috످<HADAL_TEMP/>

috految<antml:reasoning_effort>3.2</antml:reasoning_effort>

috److Your message contains only an empty tag, `<HADAL_TEMP/>`, which may be a placeholder that wasn't filled in. Were you asking about temperatures in the hadal zone (the deepest part of the ocean), or did you mean to send something else?

috످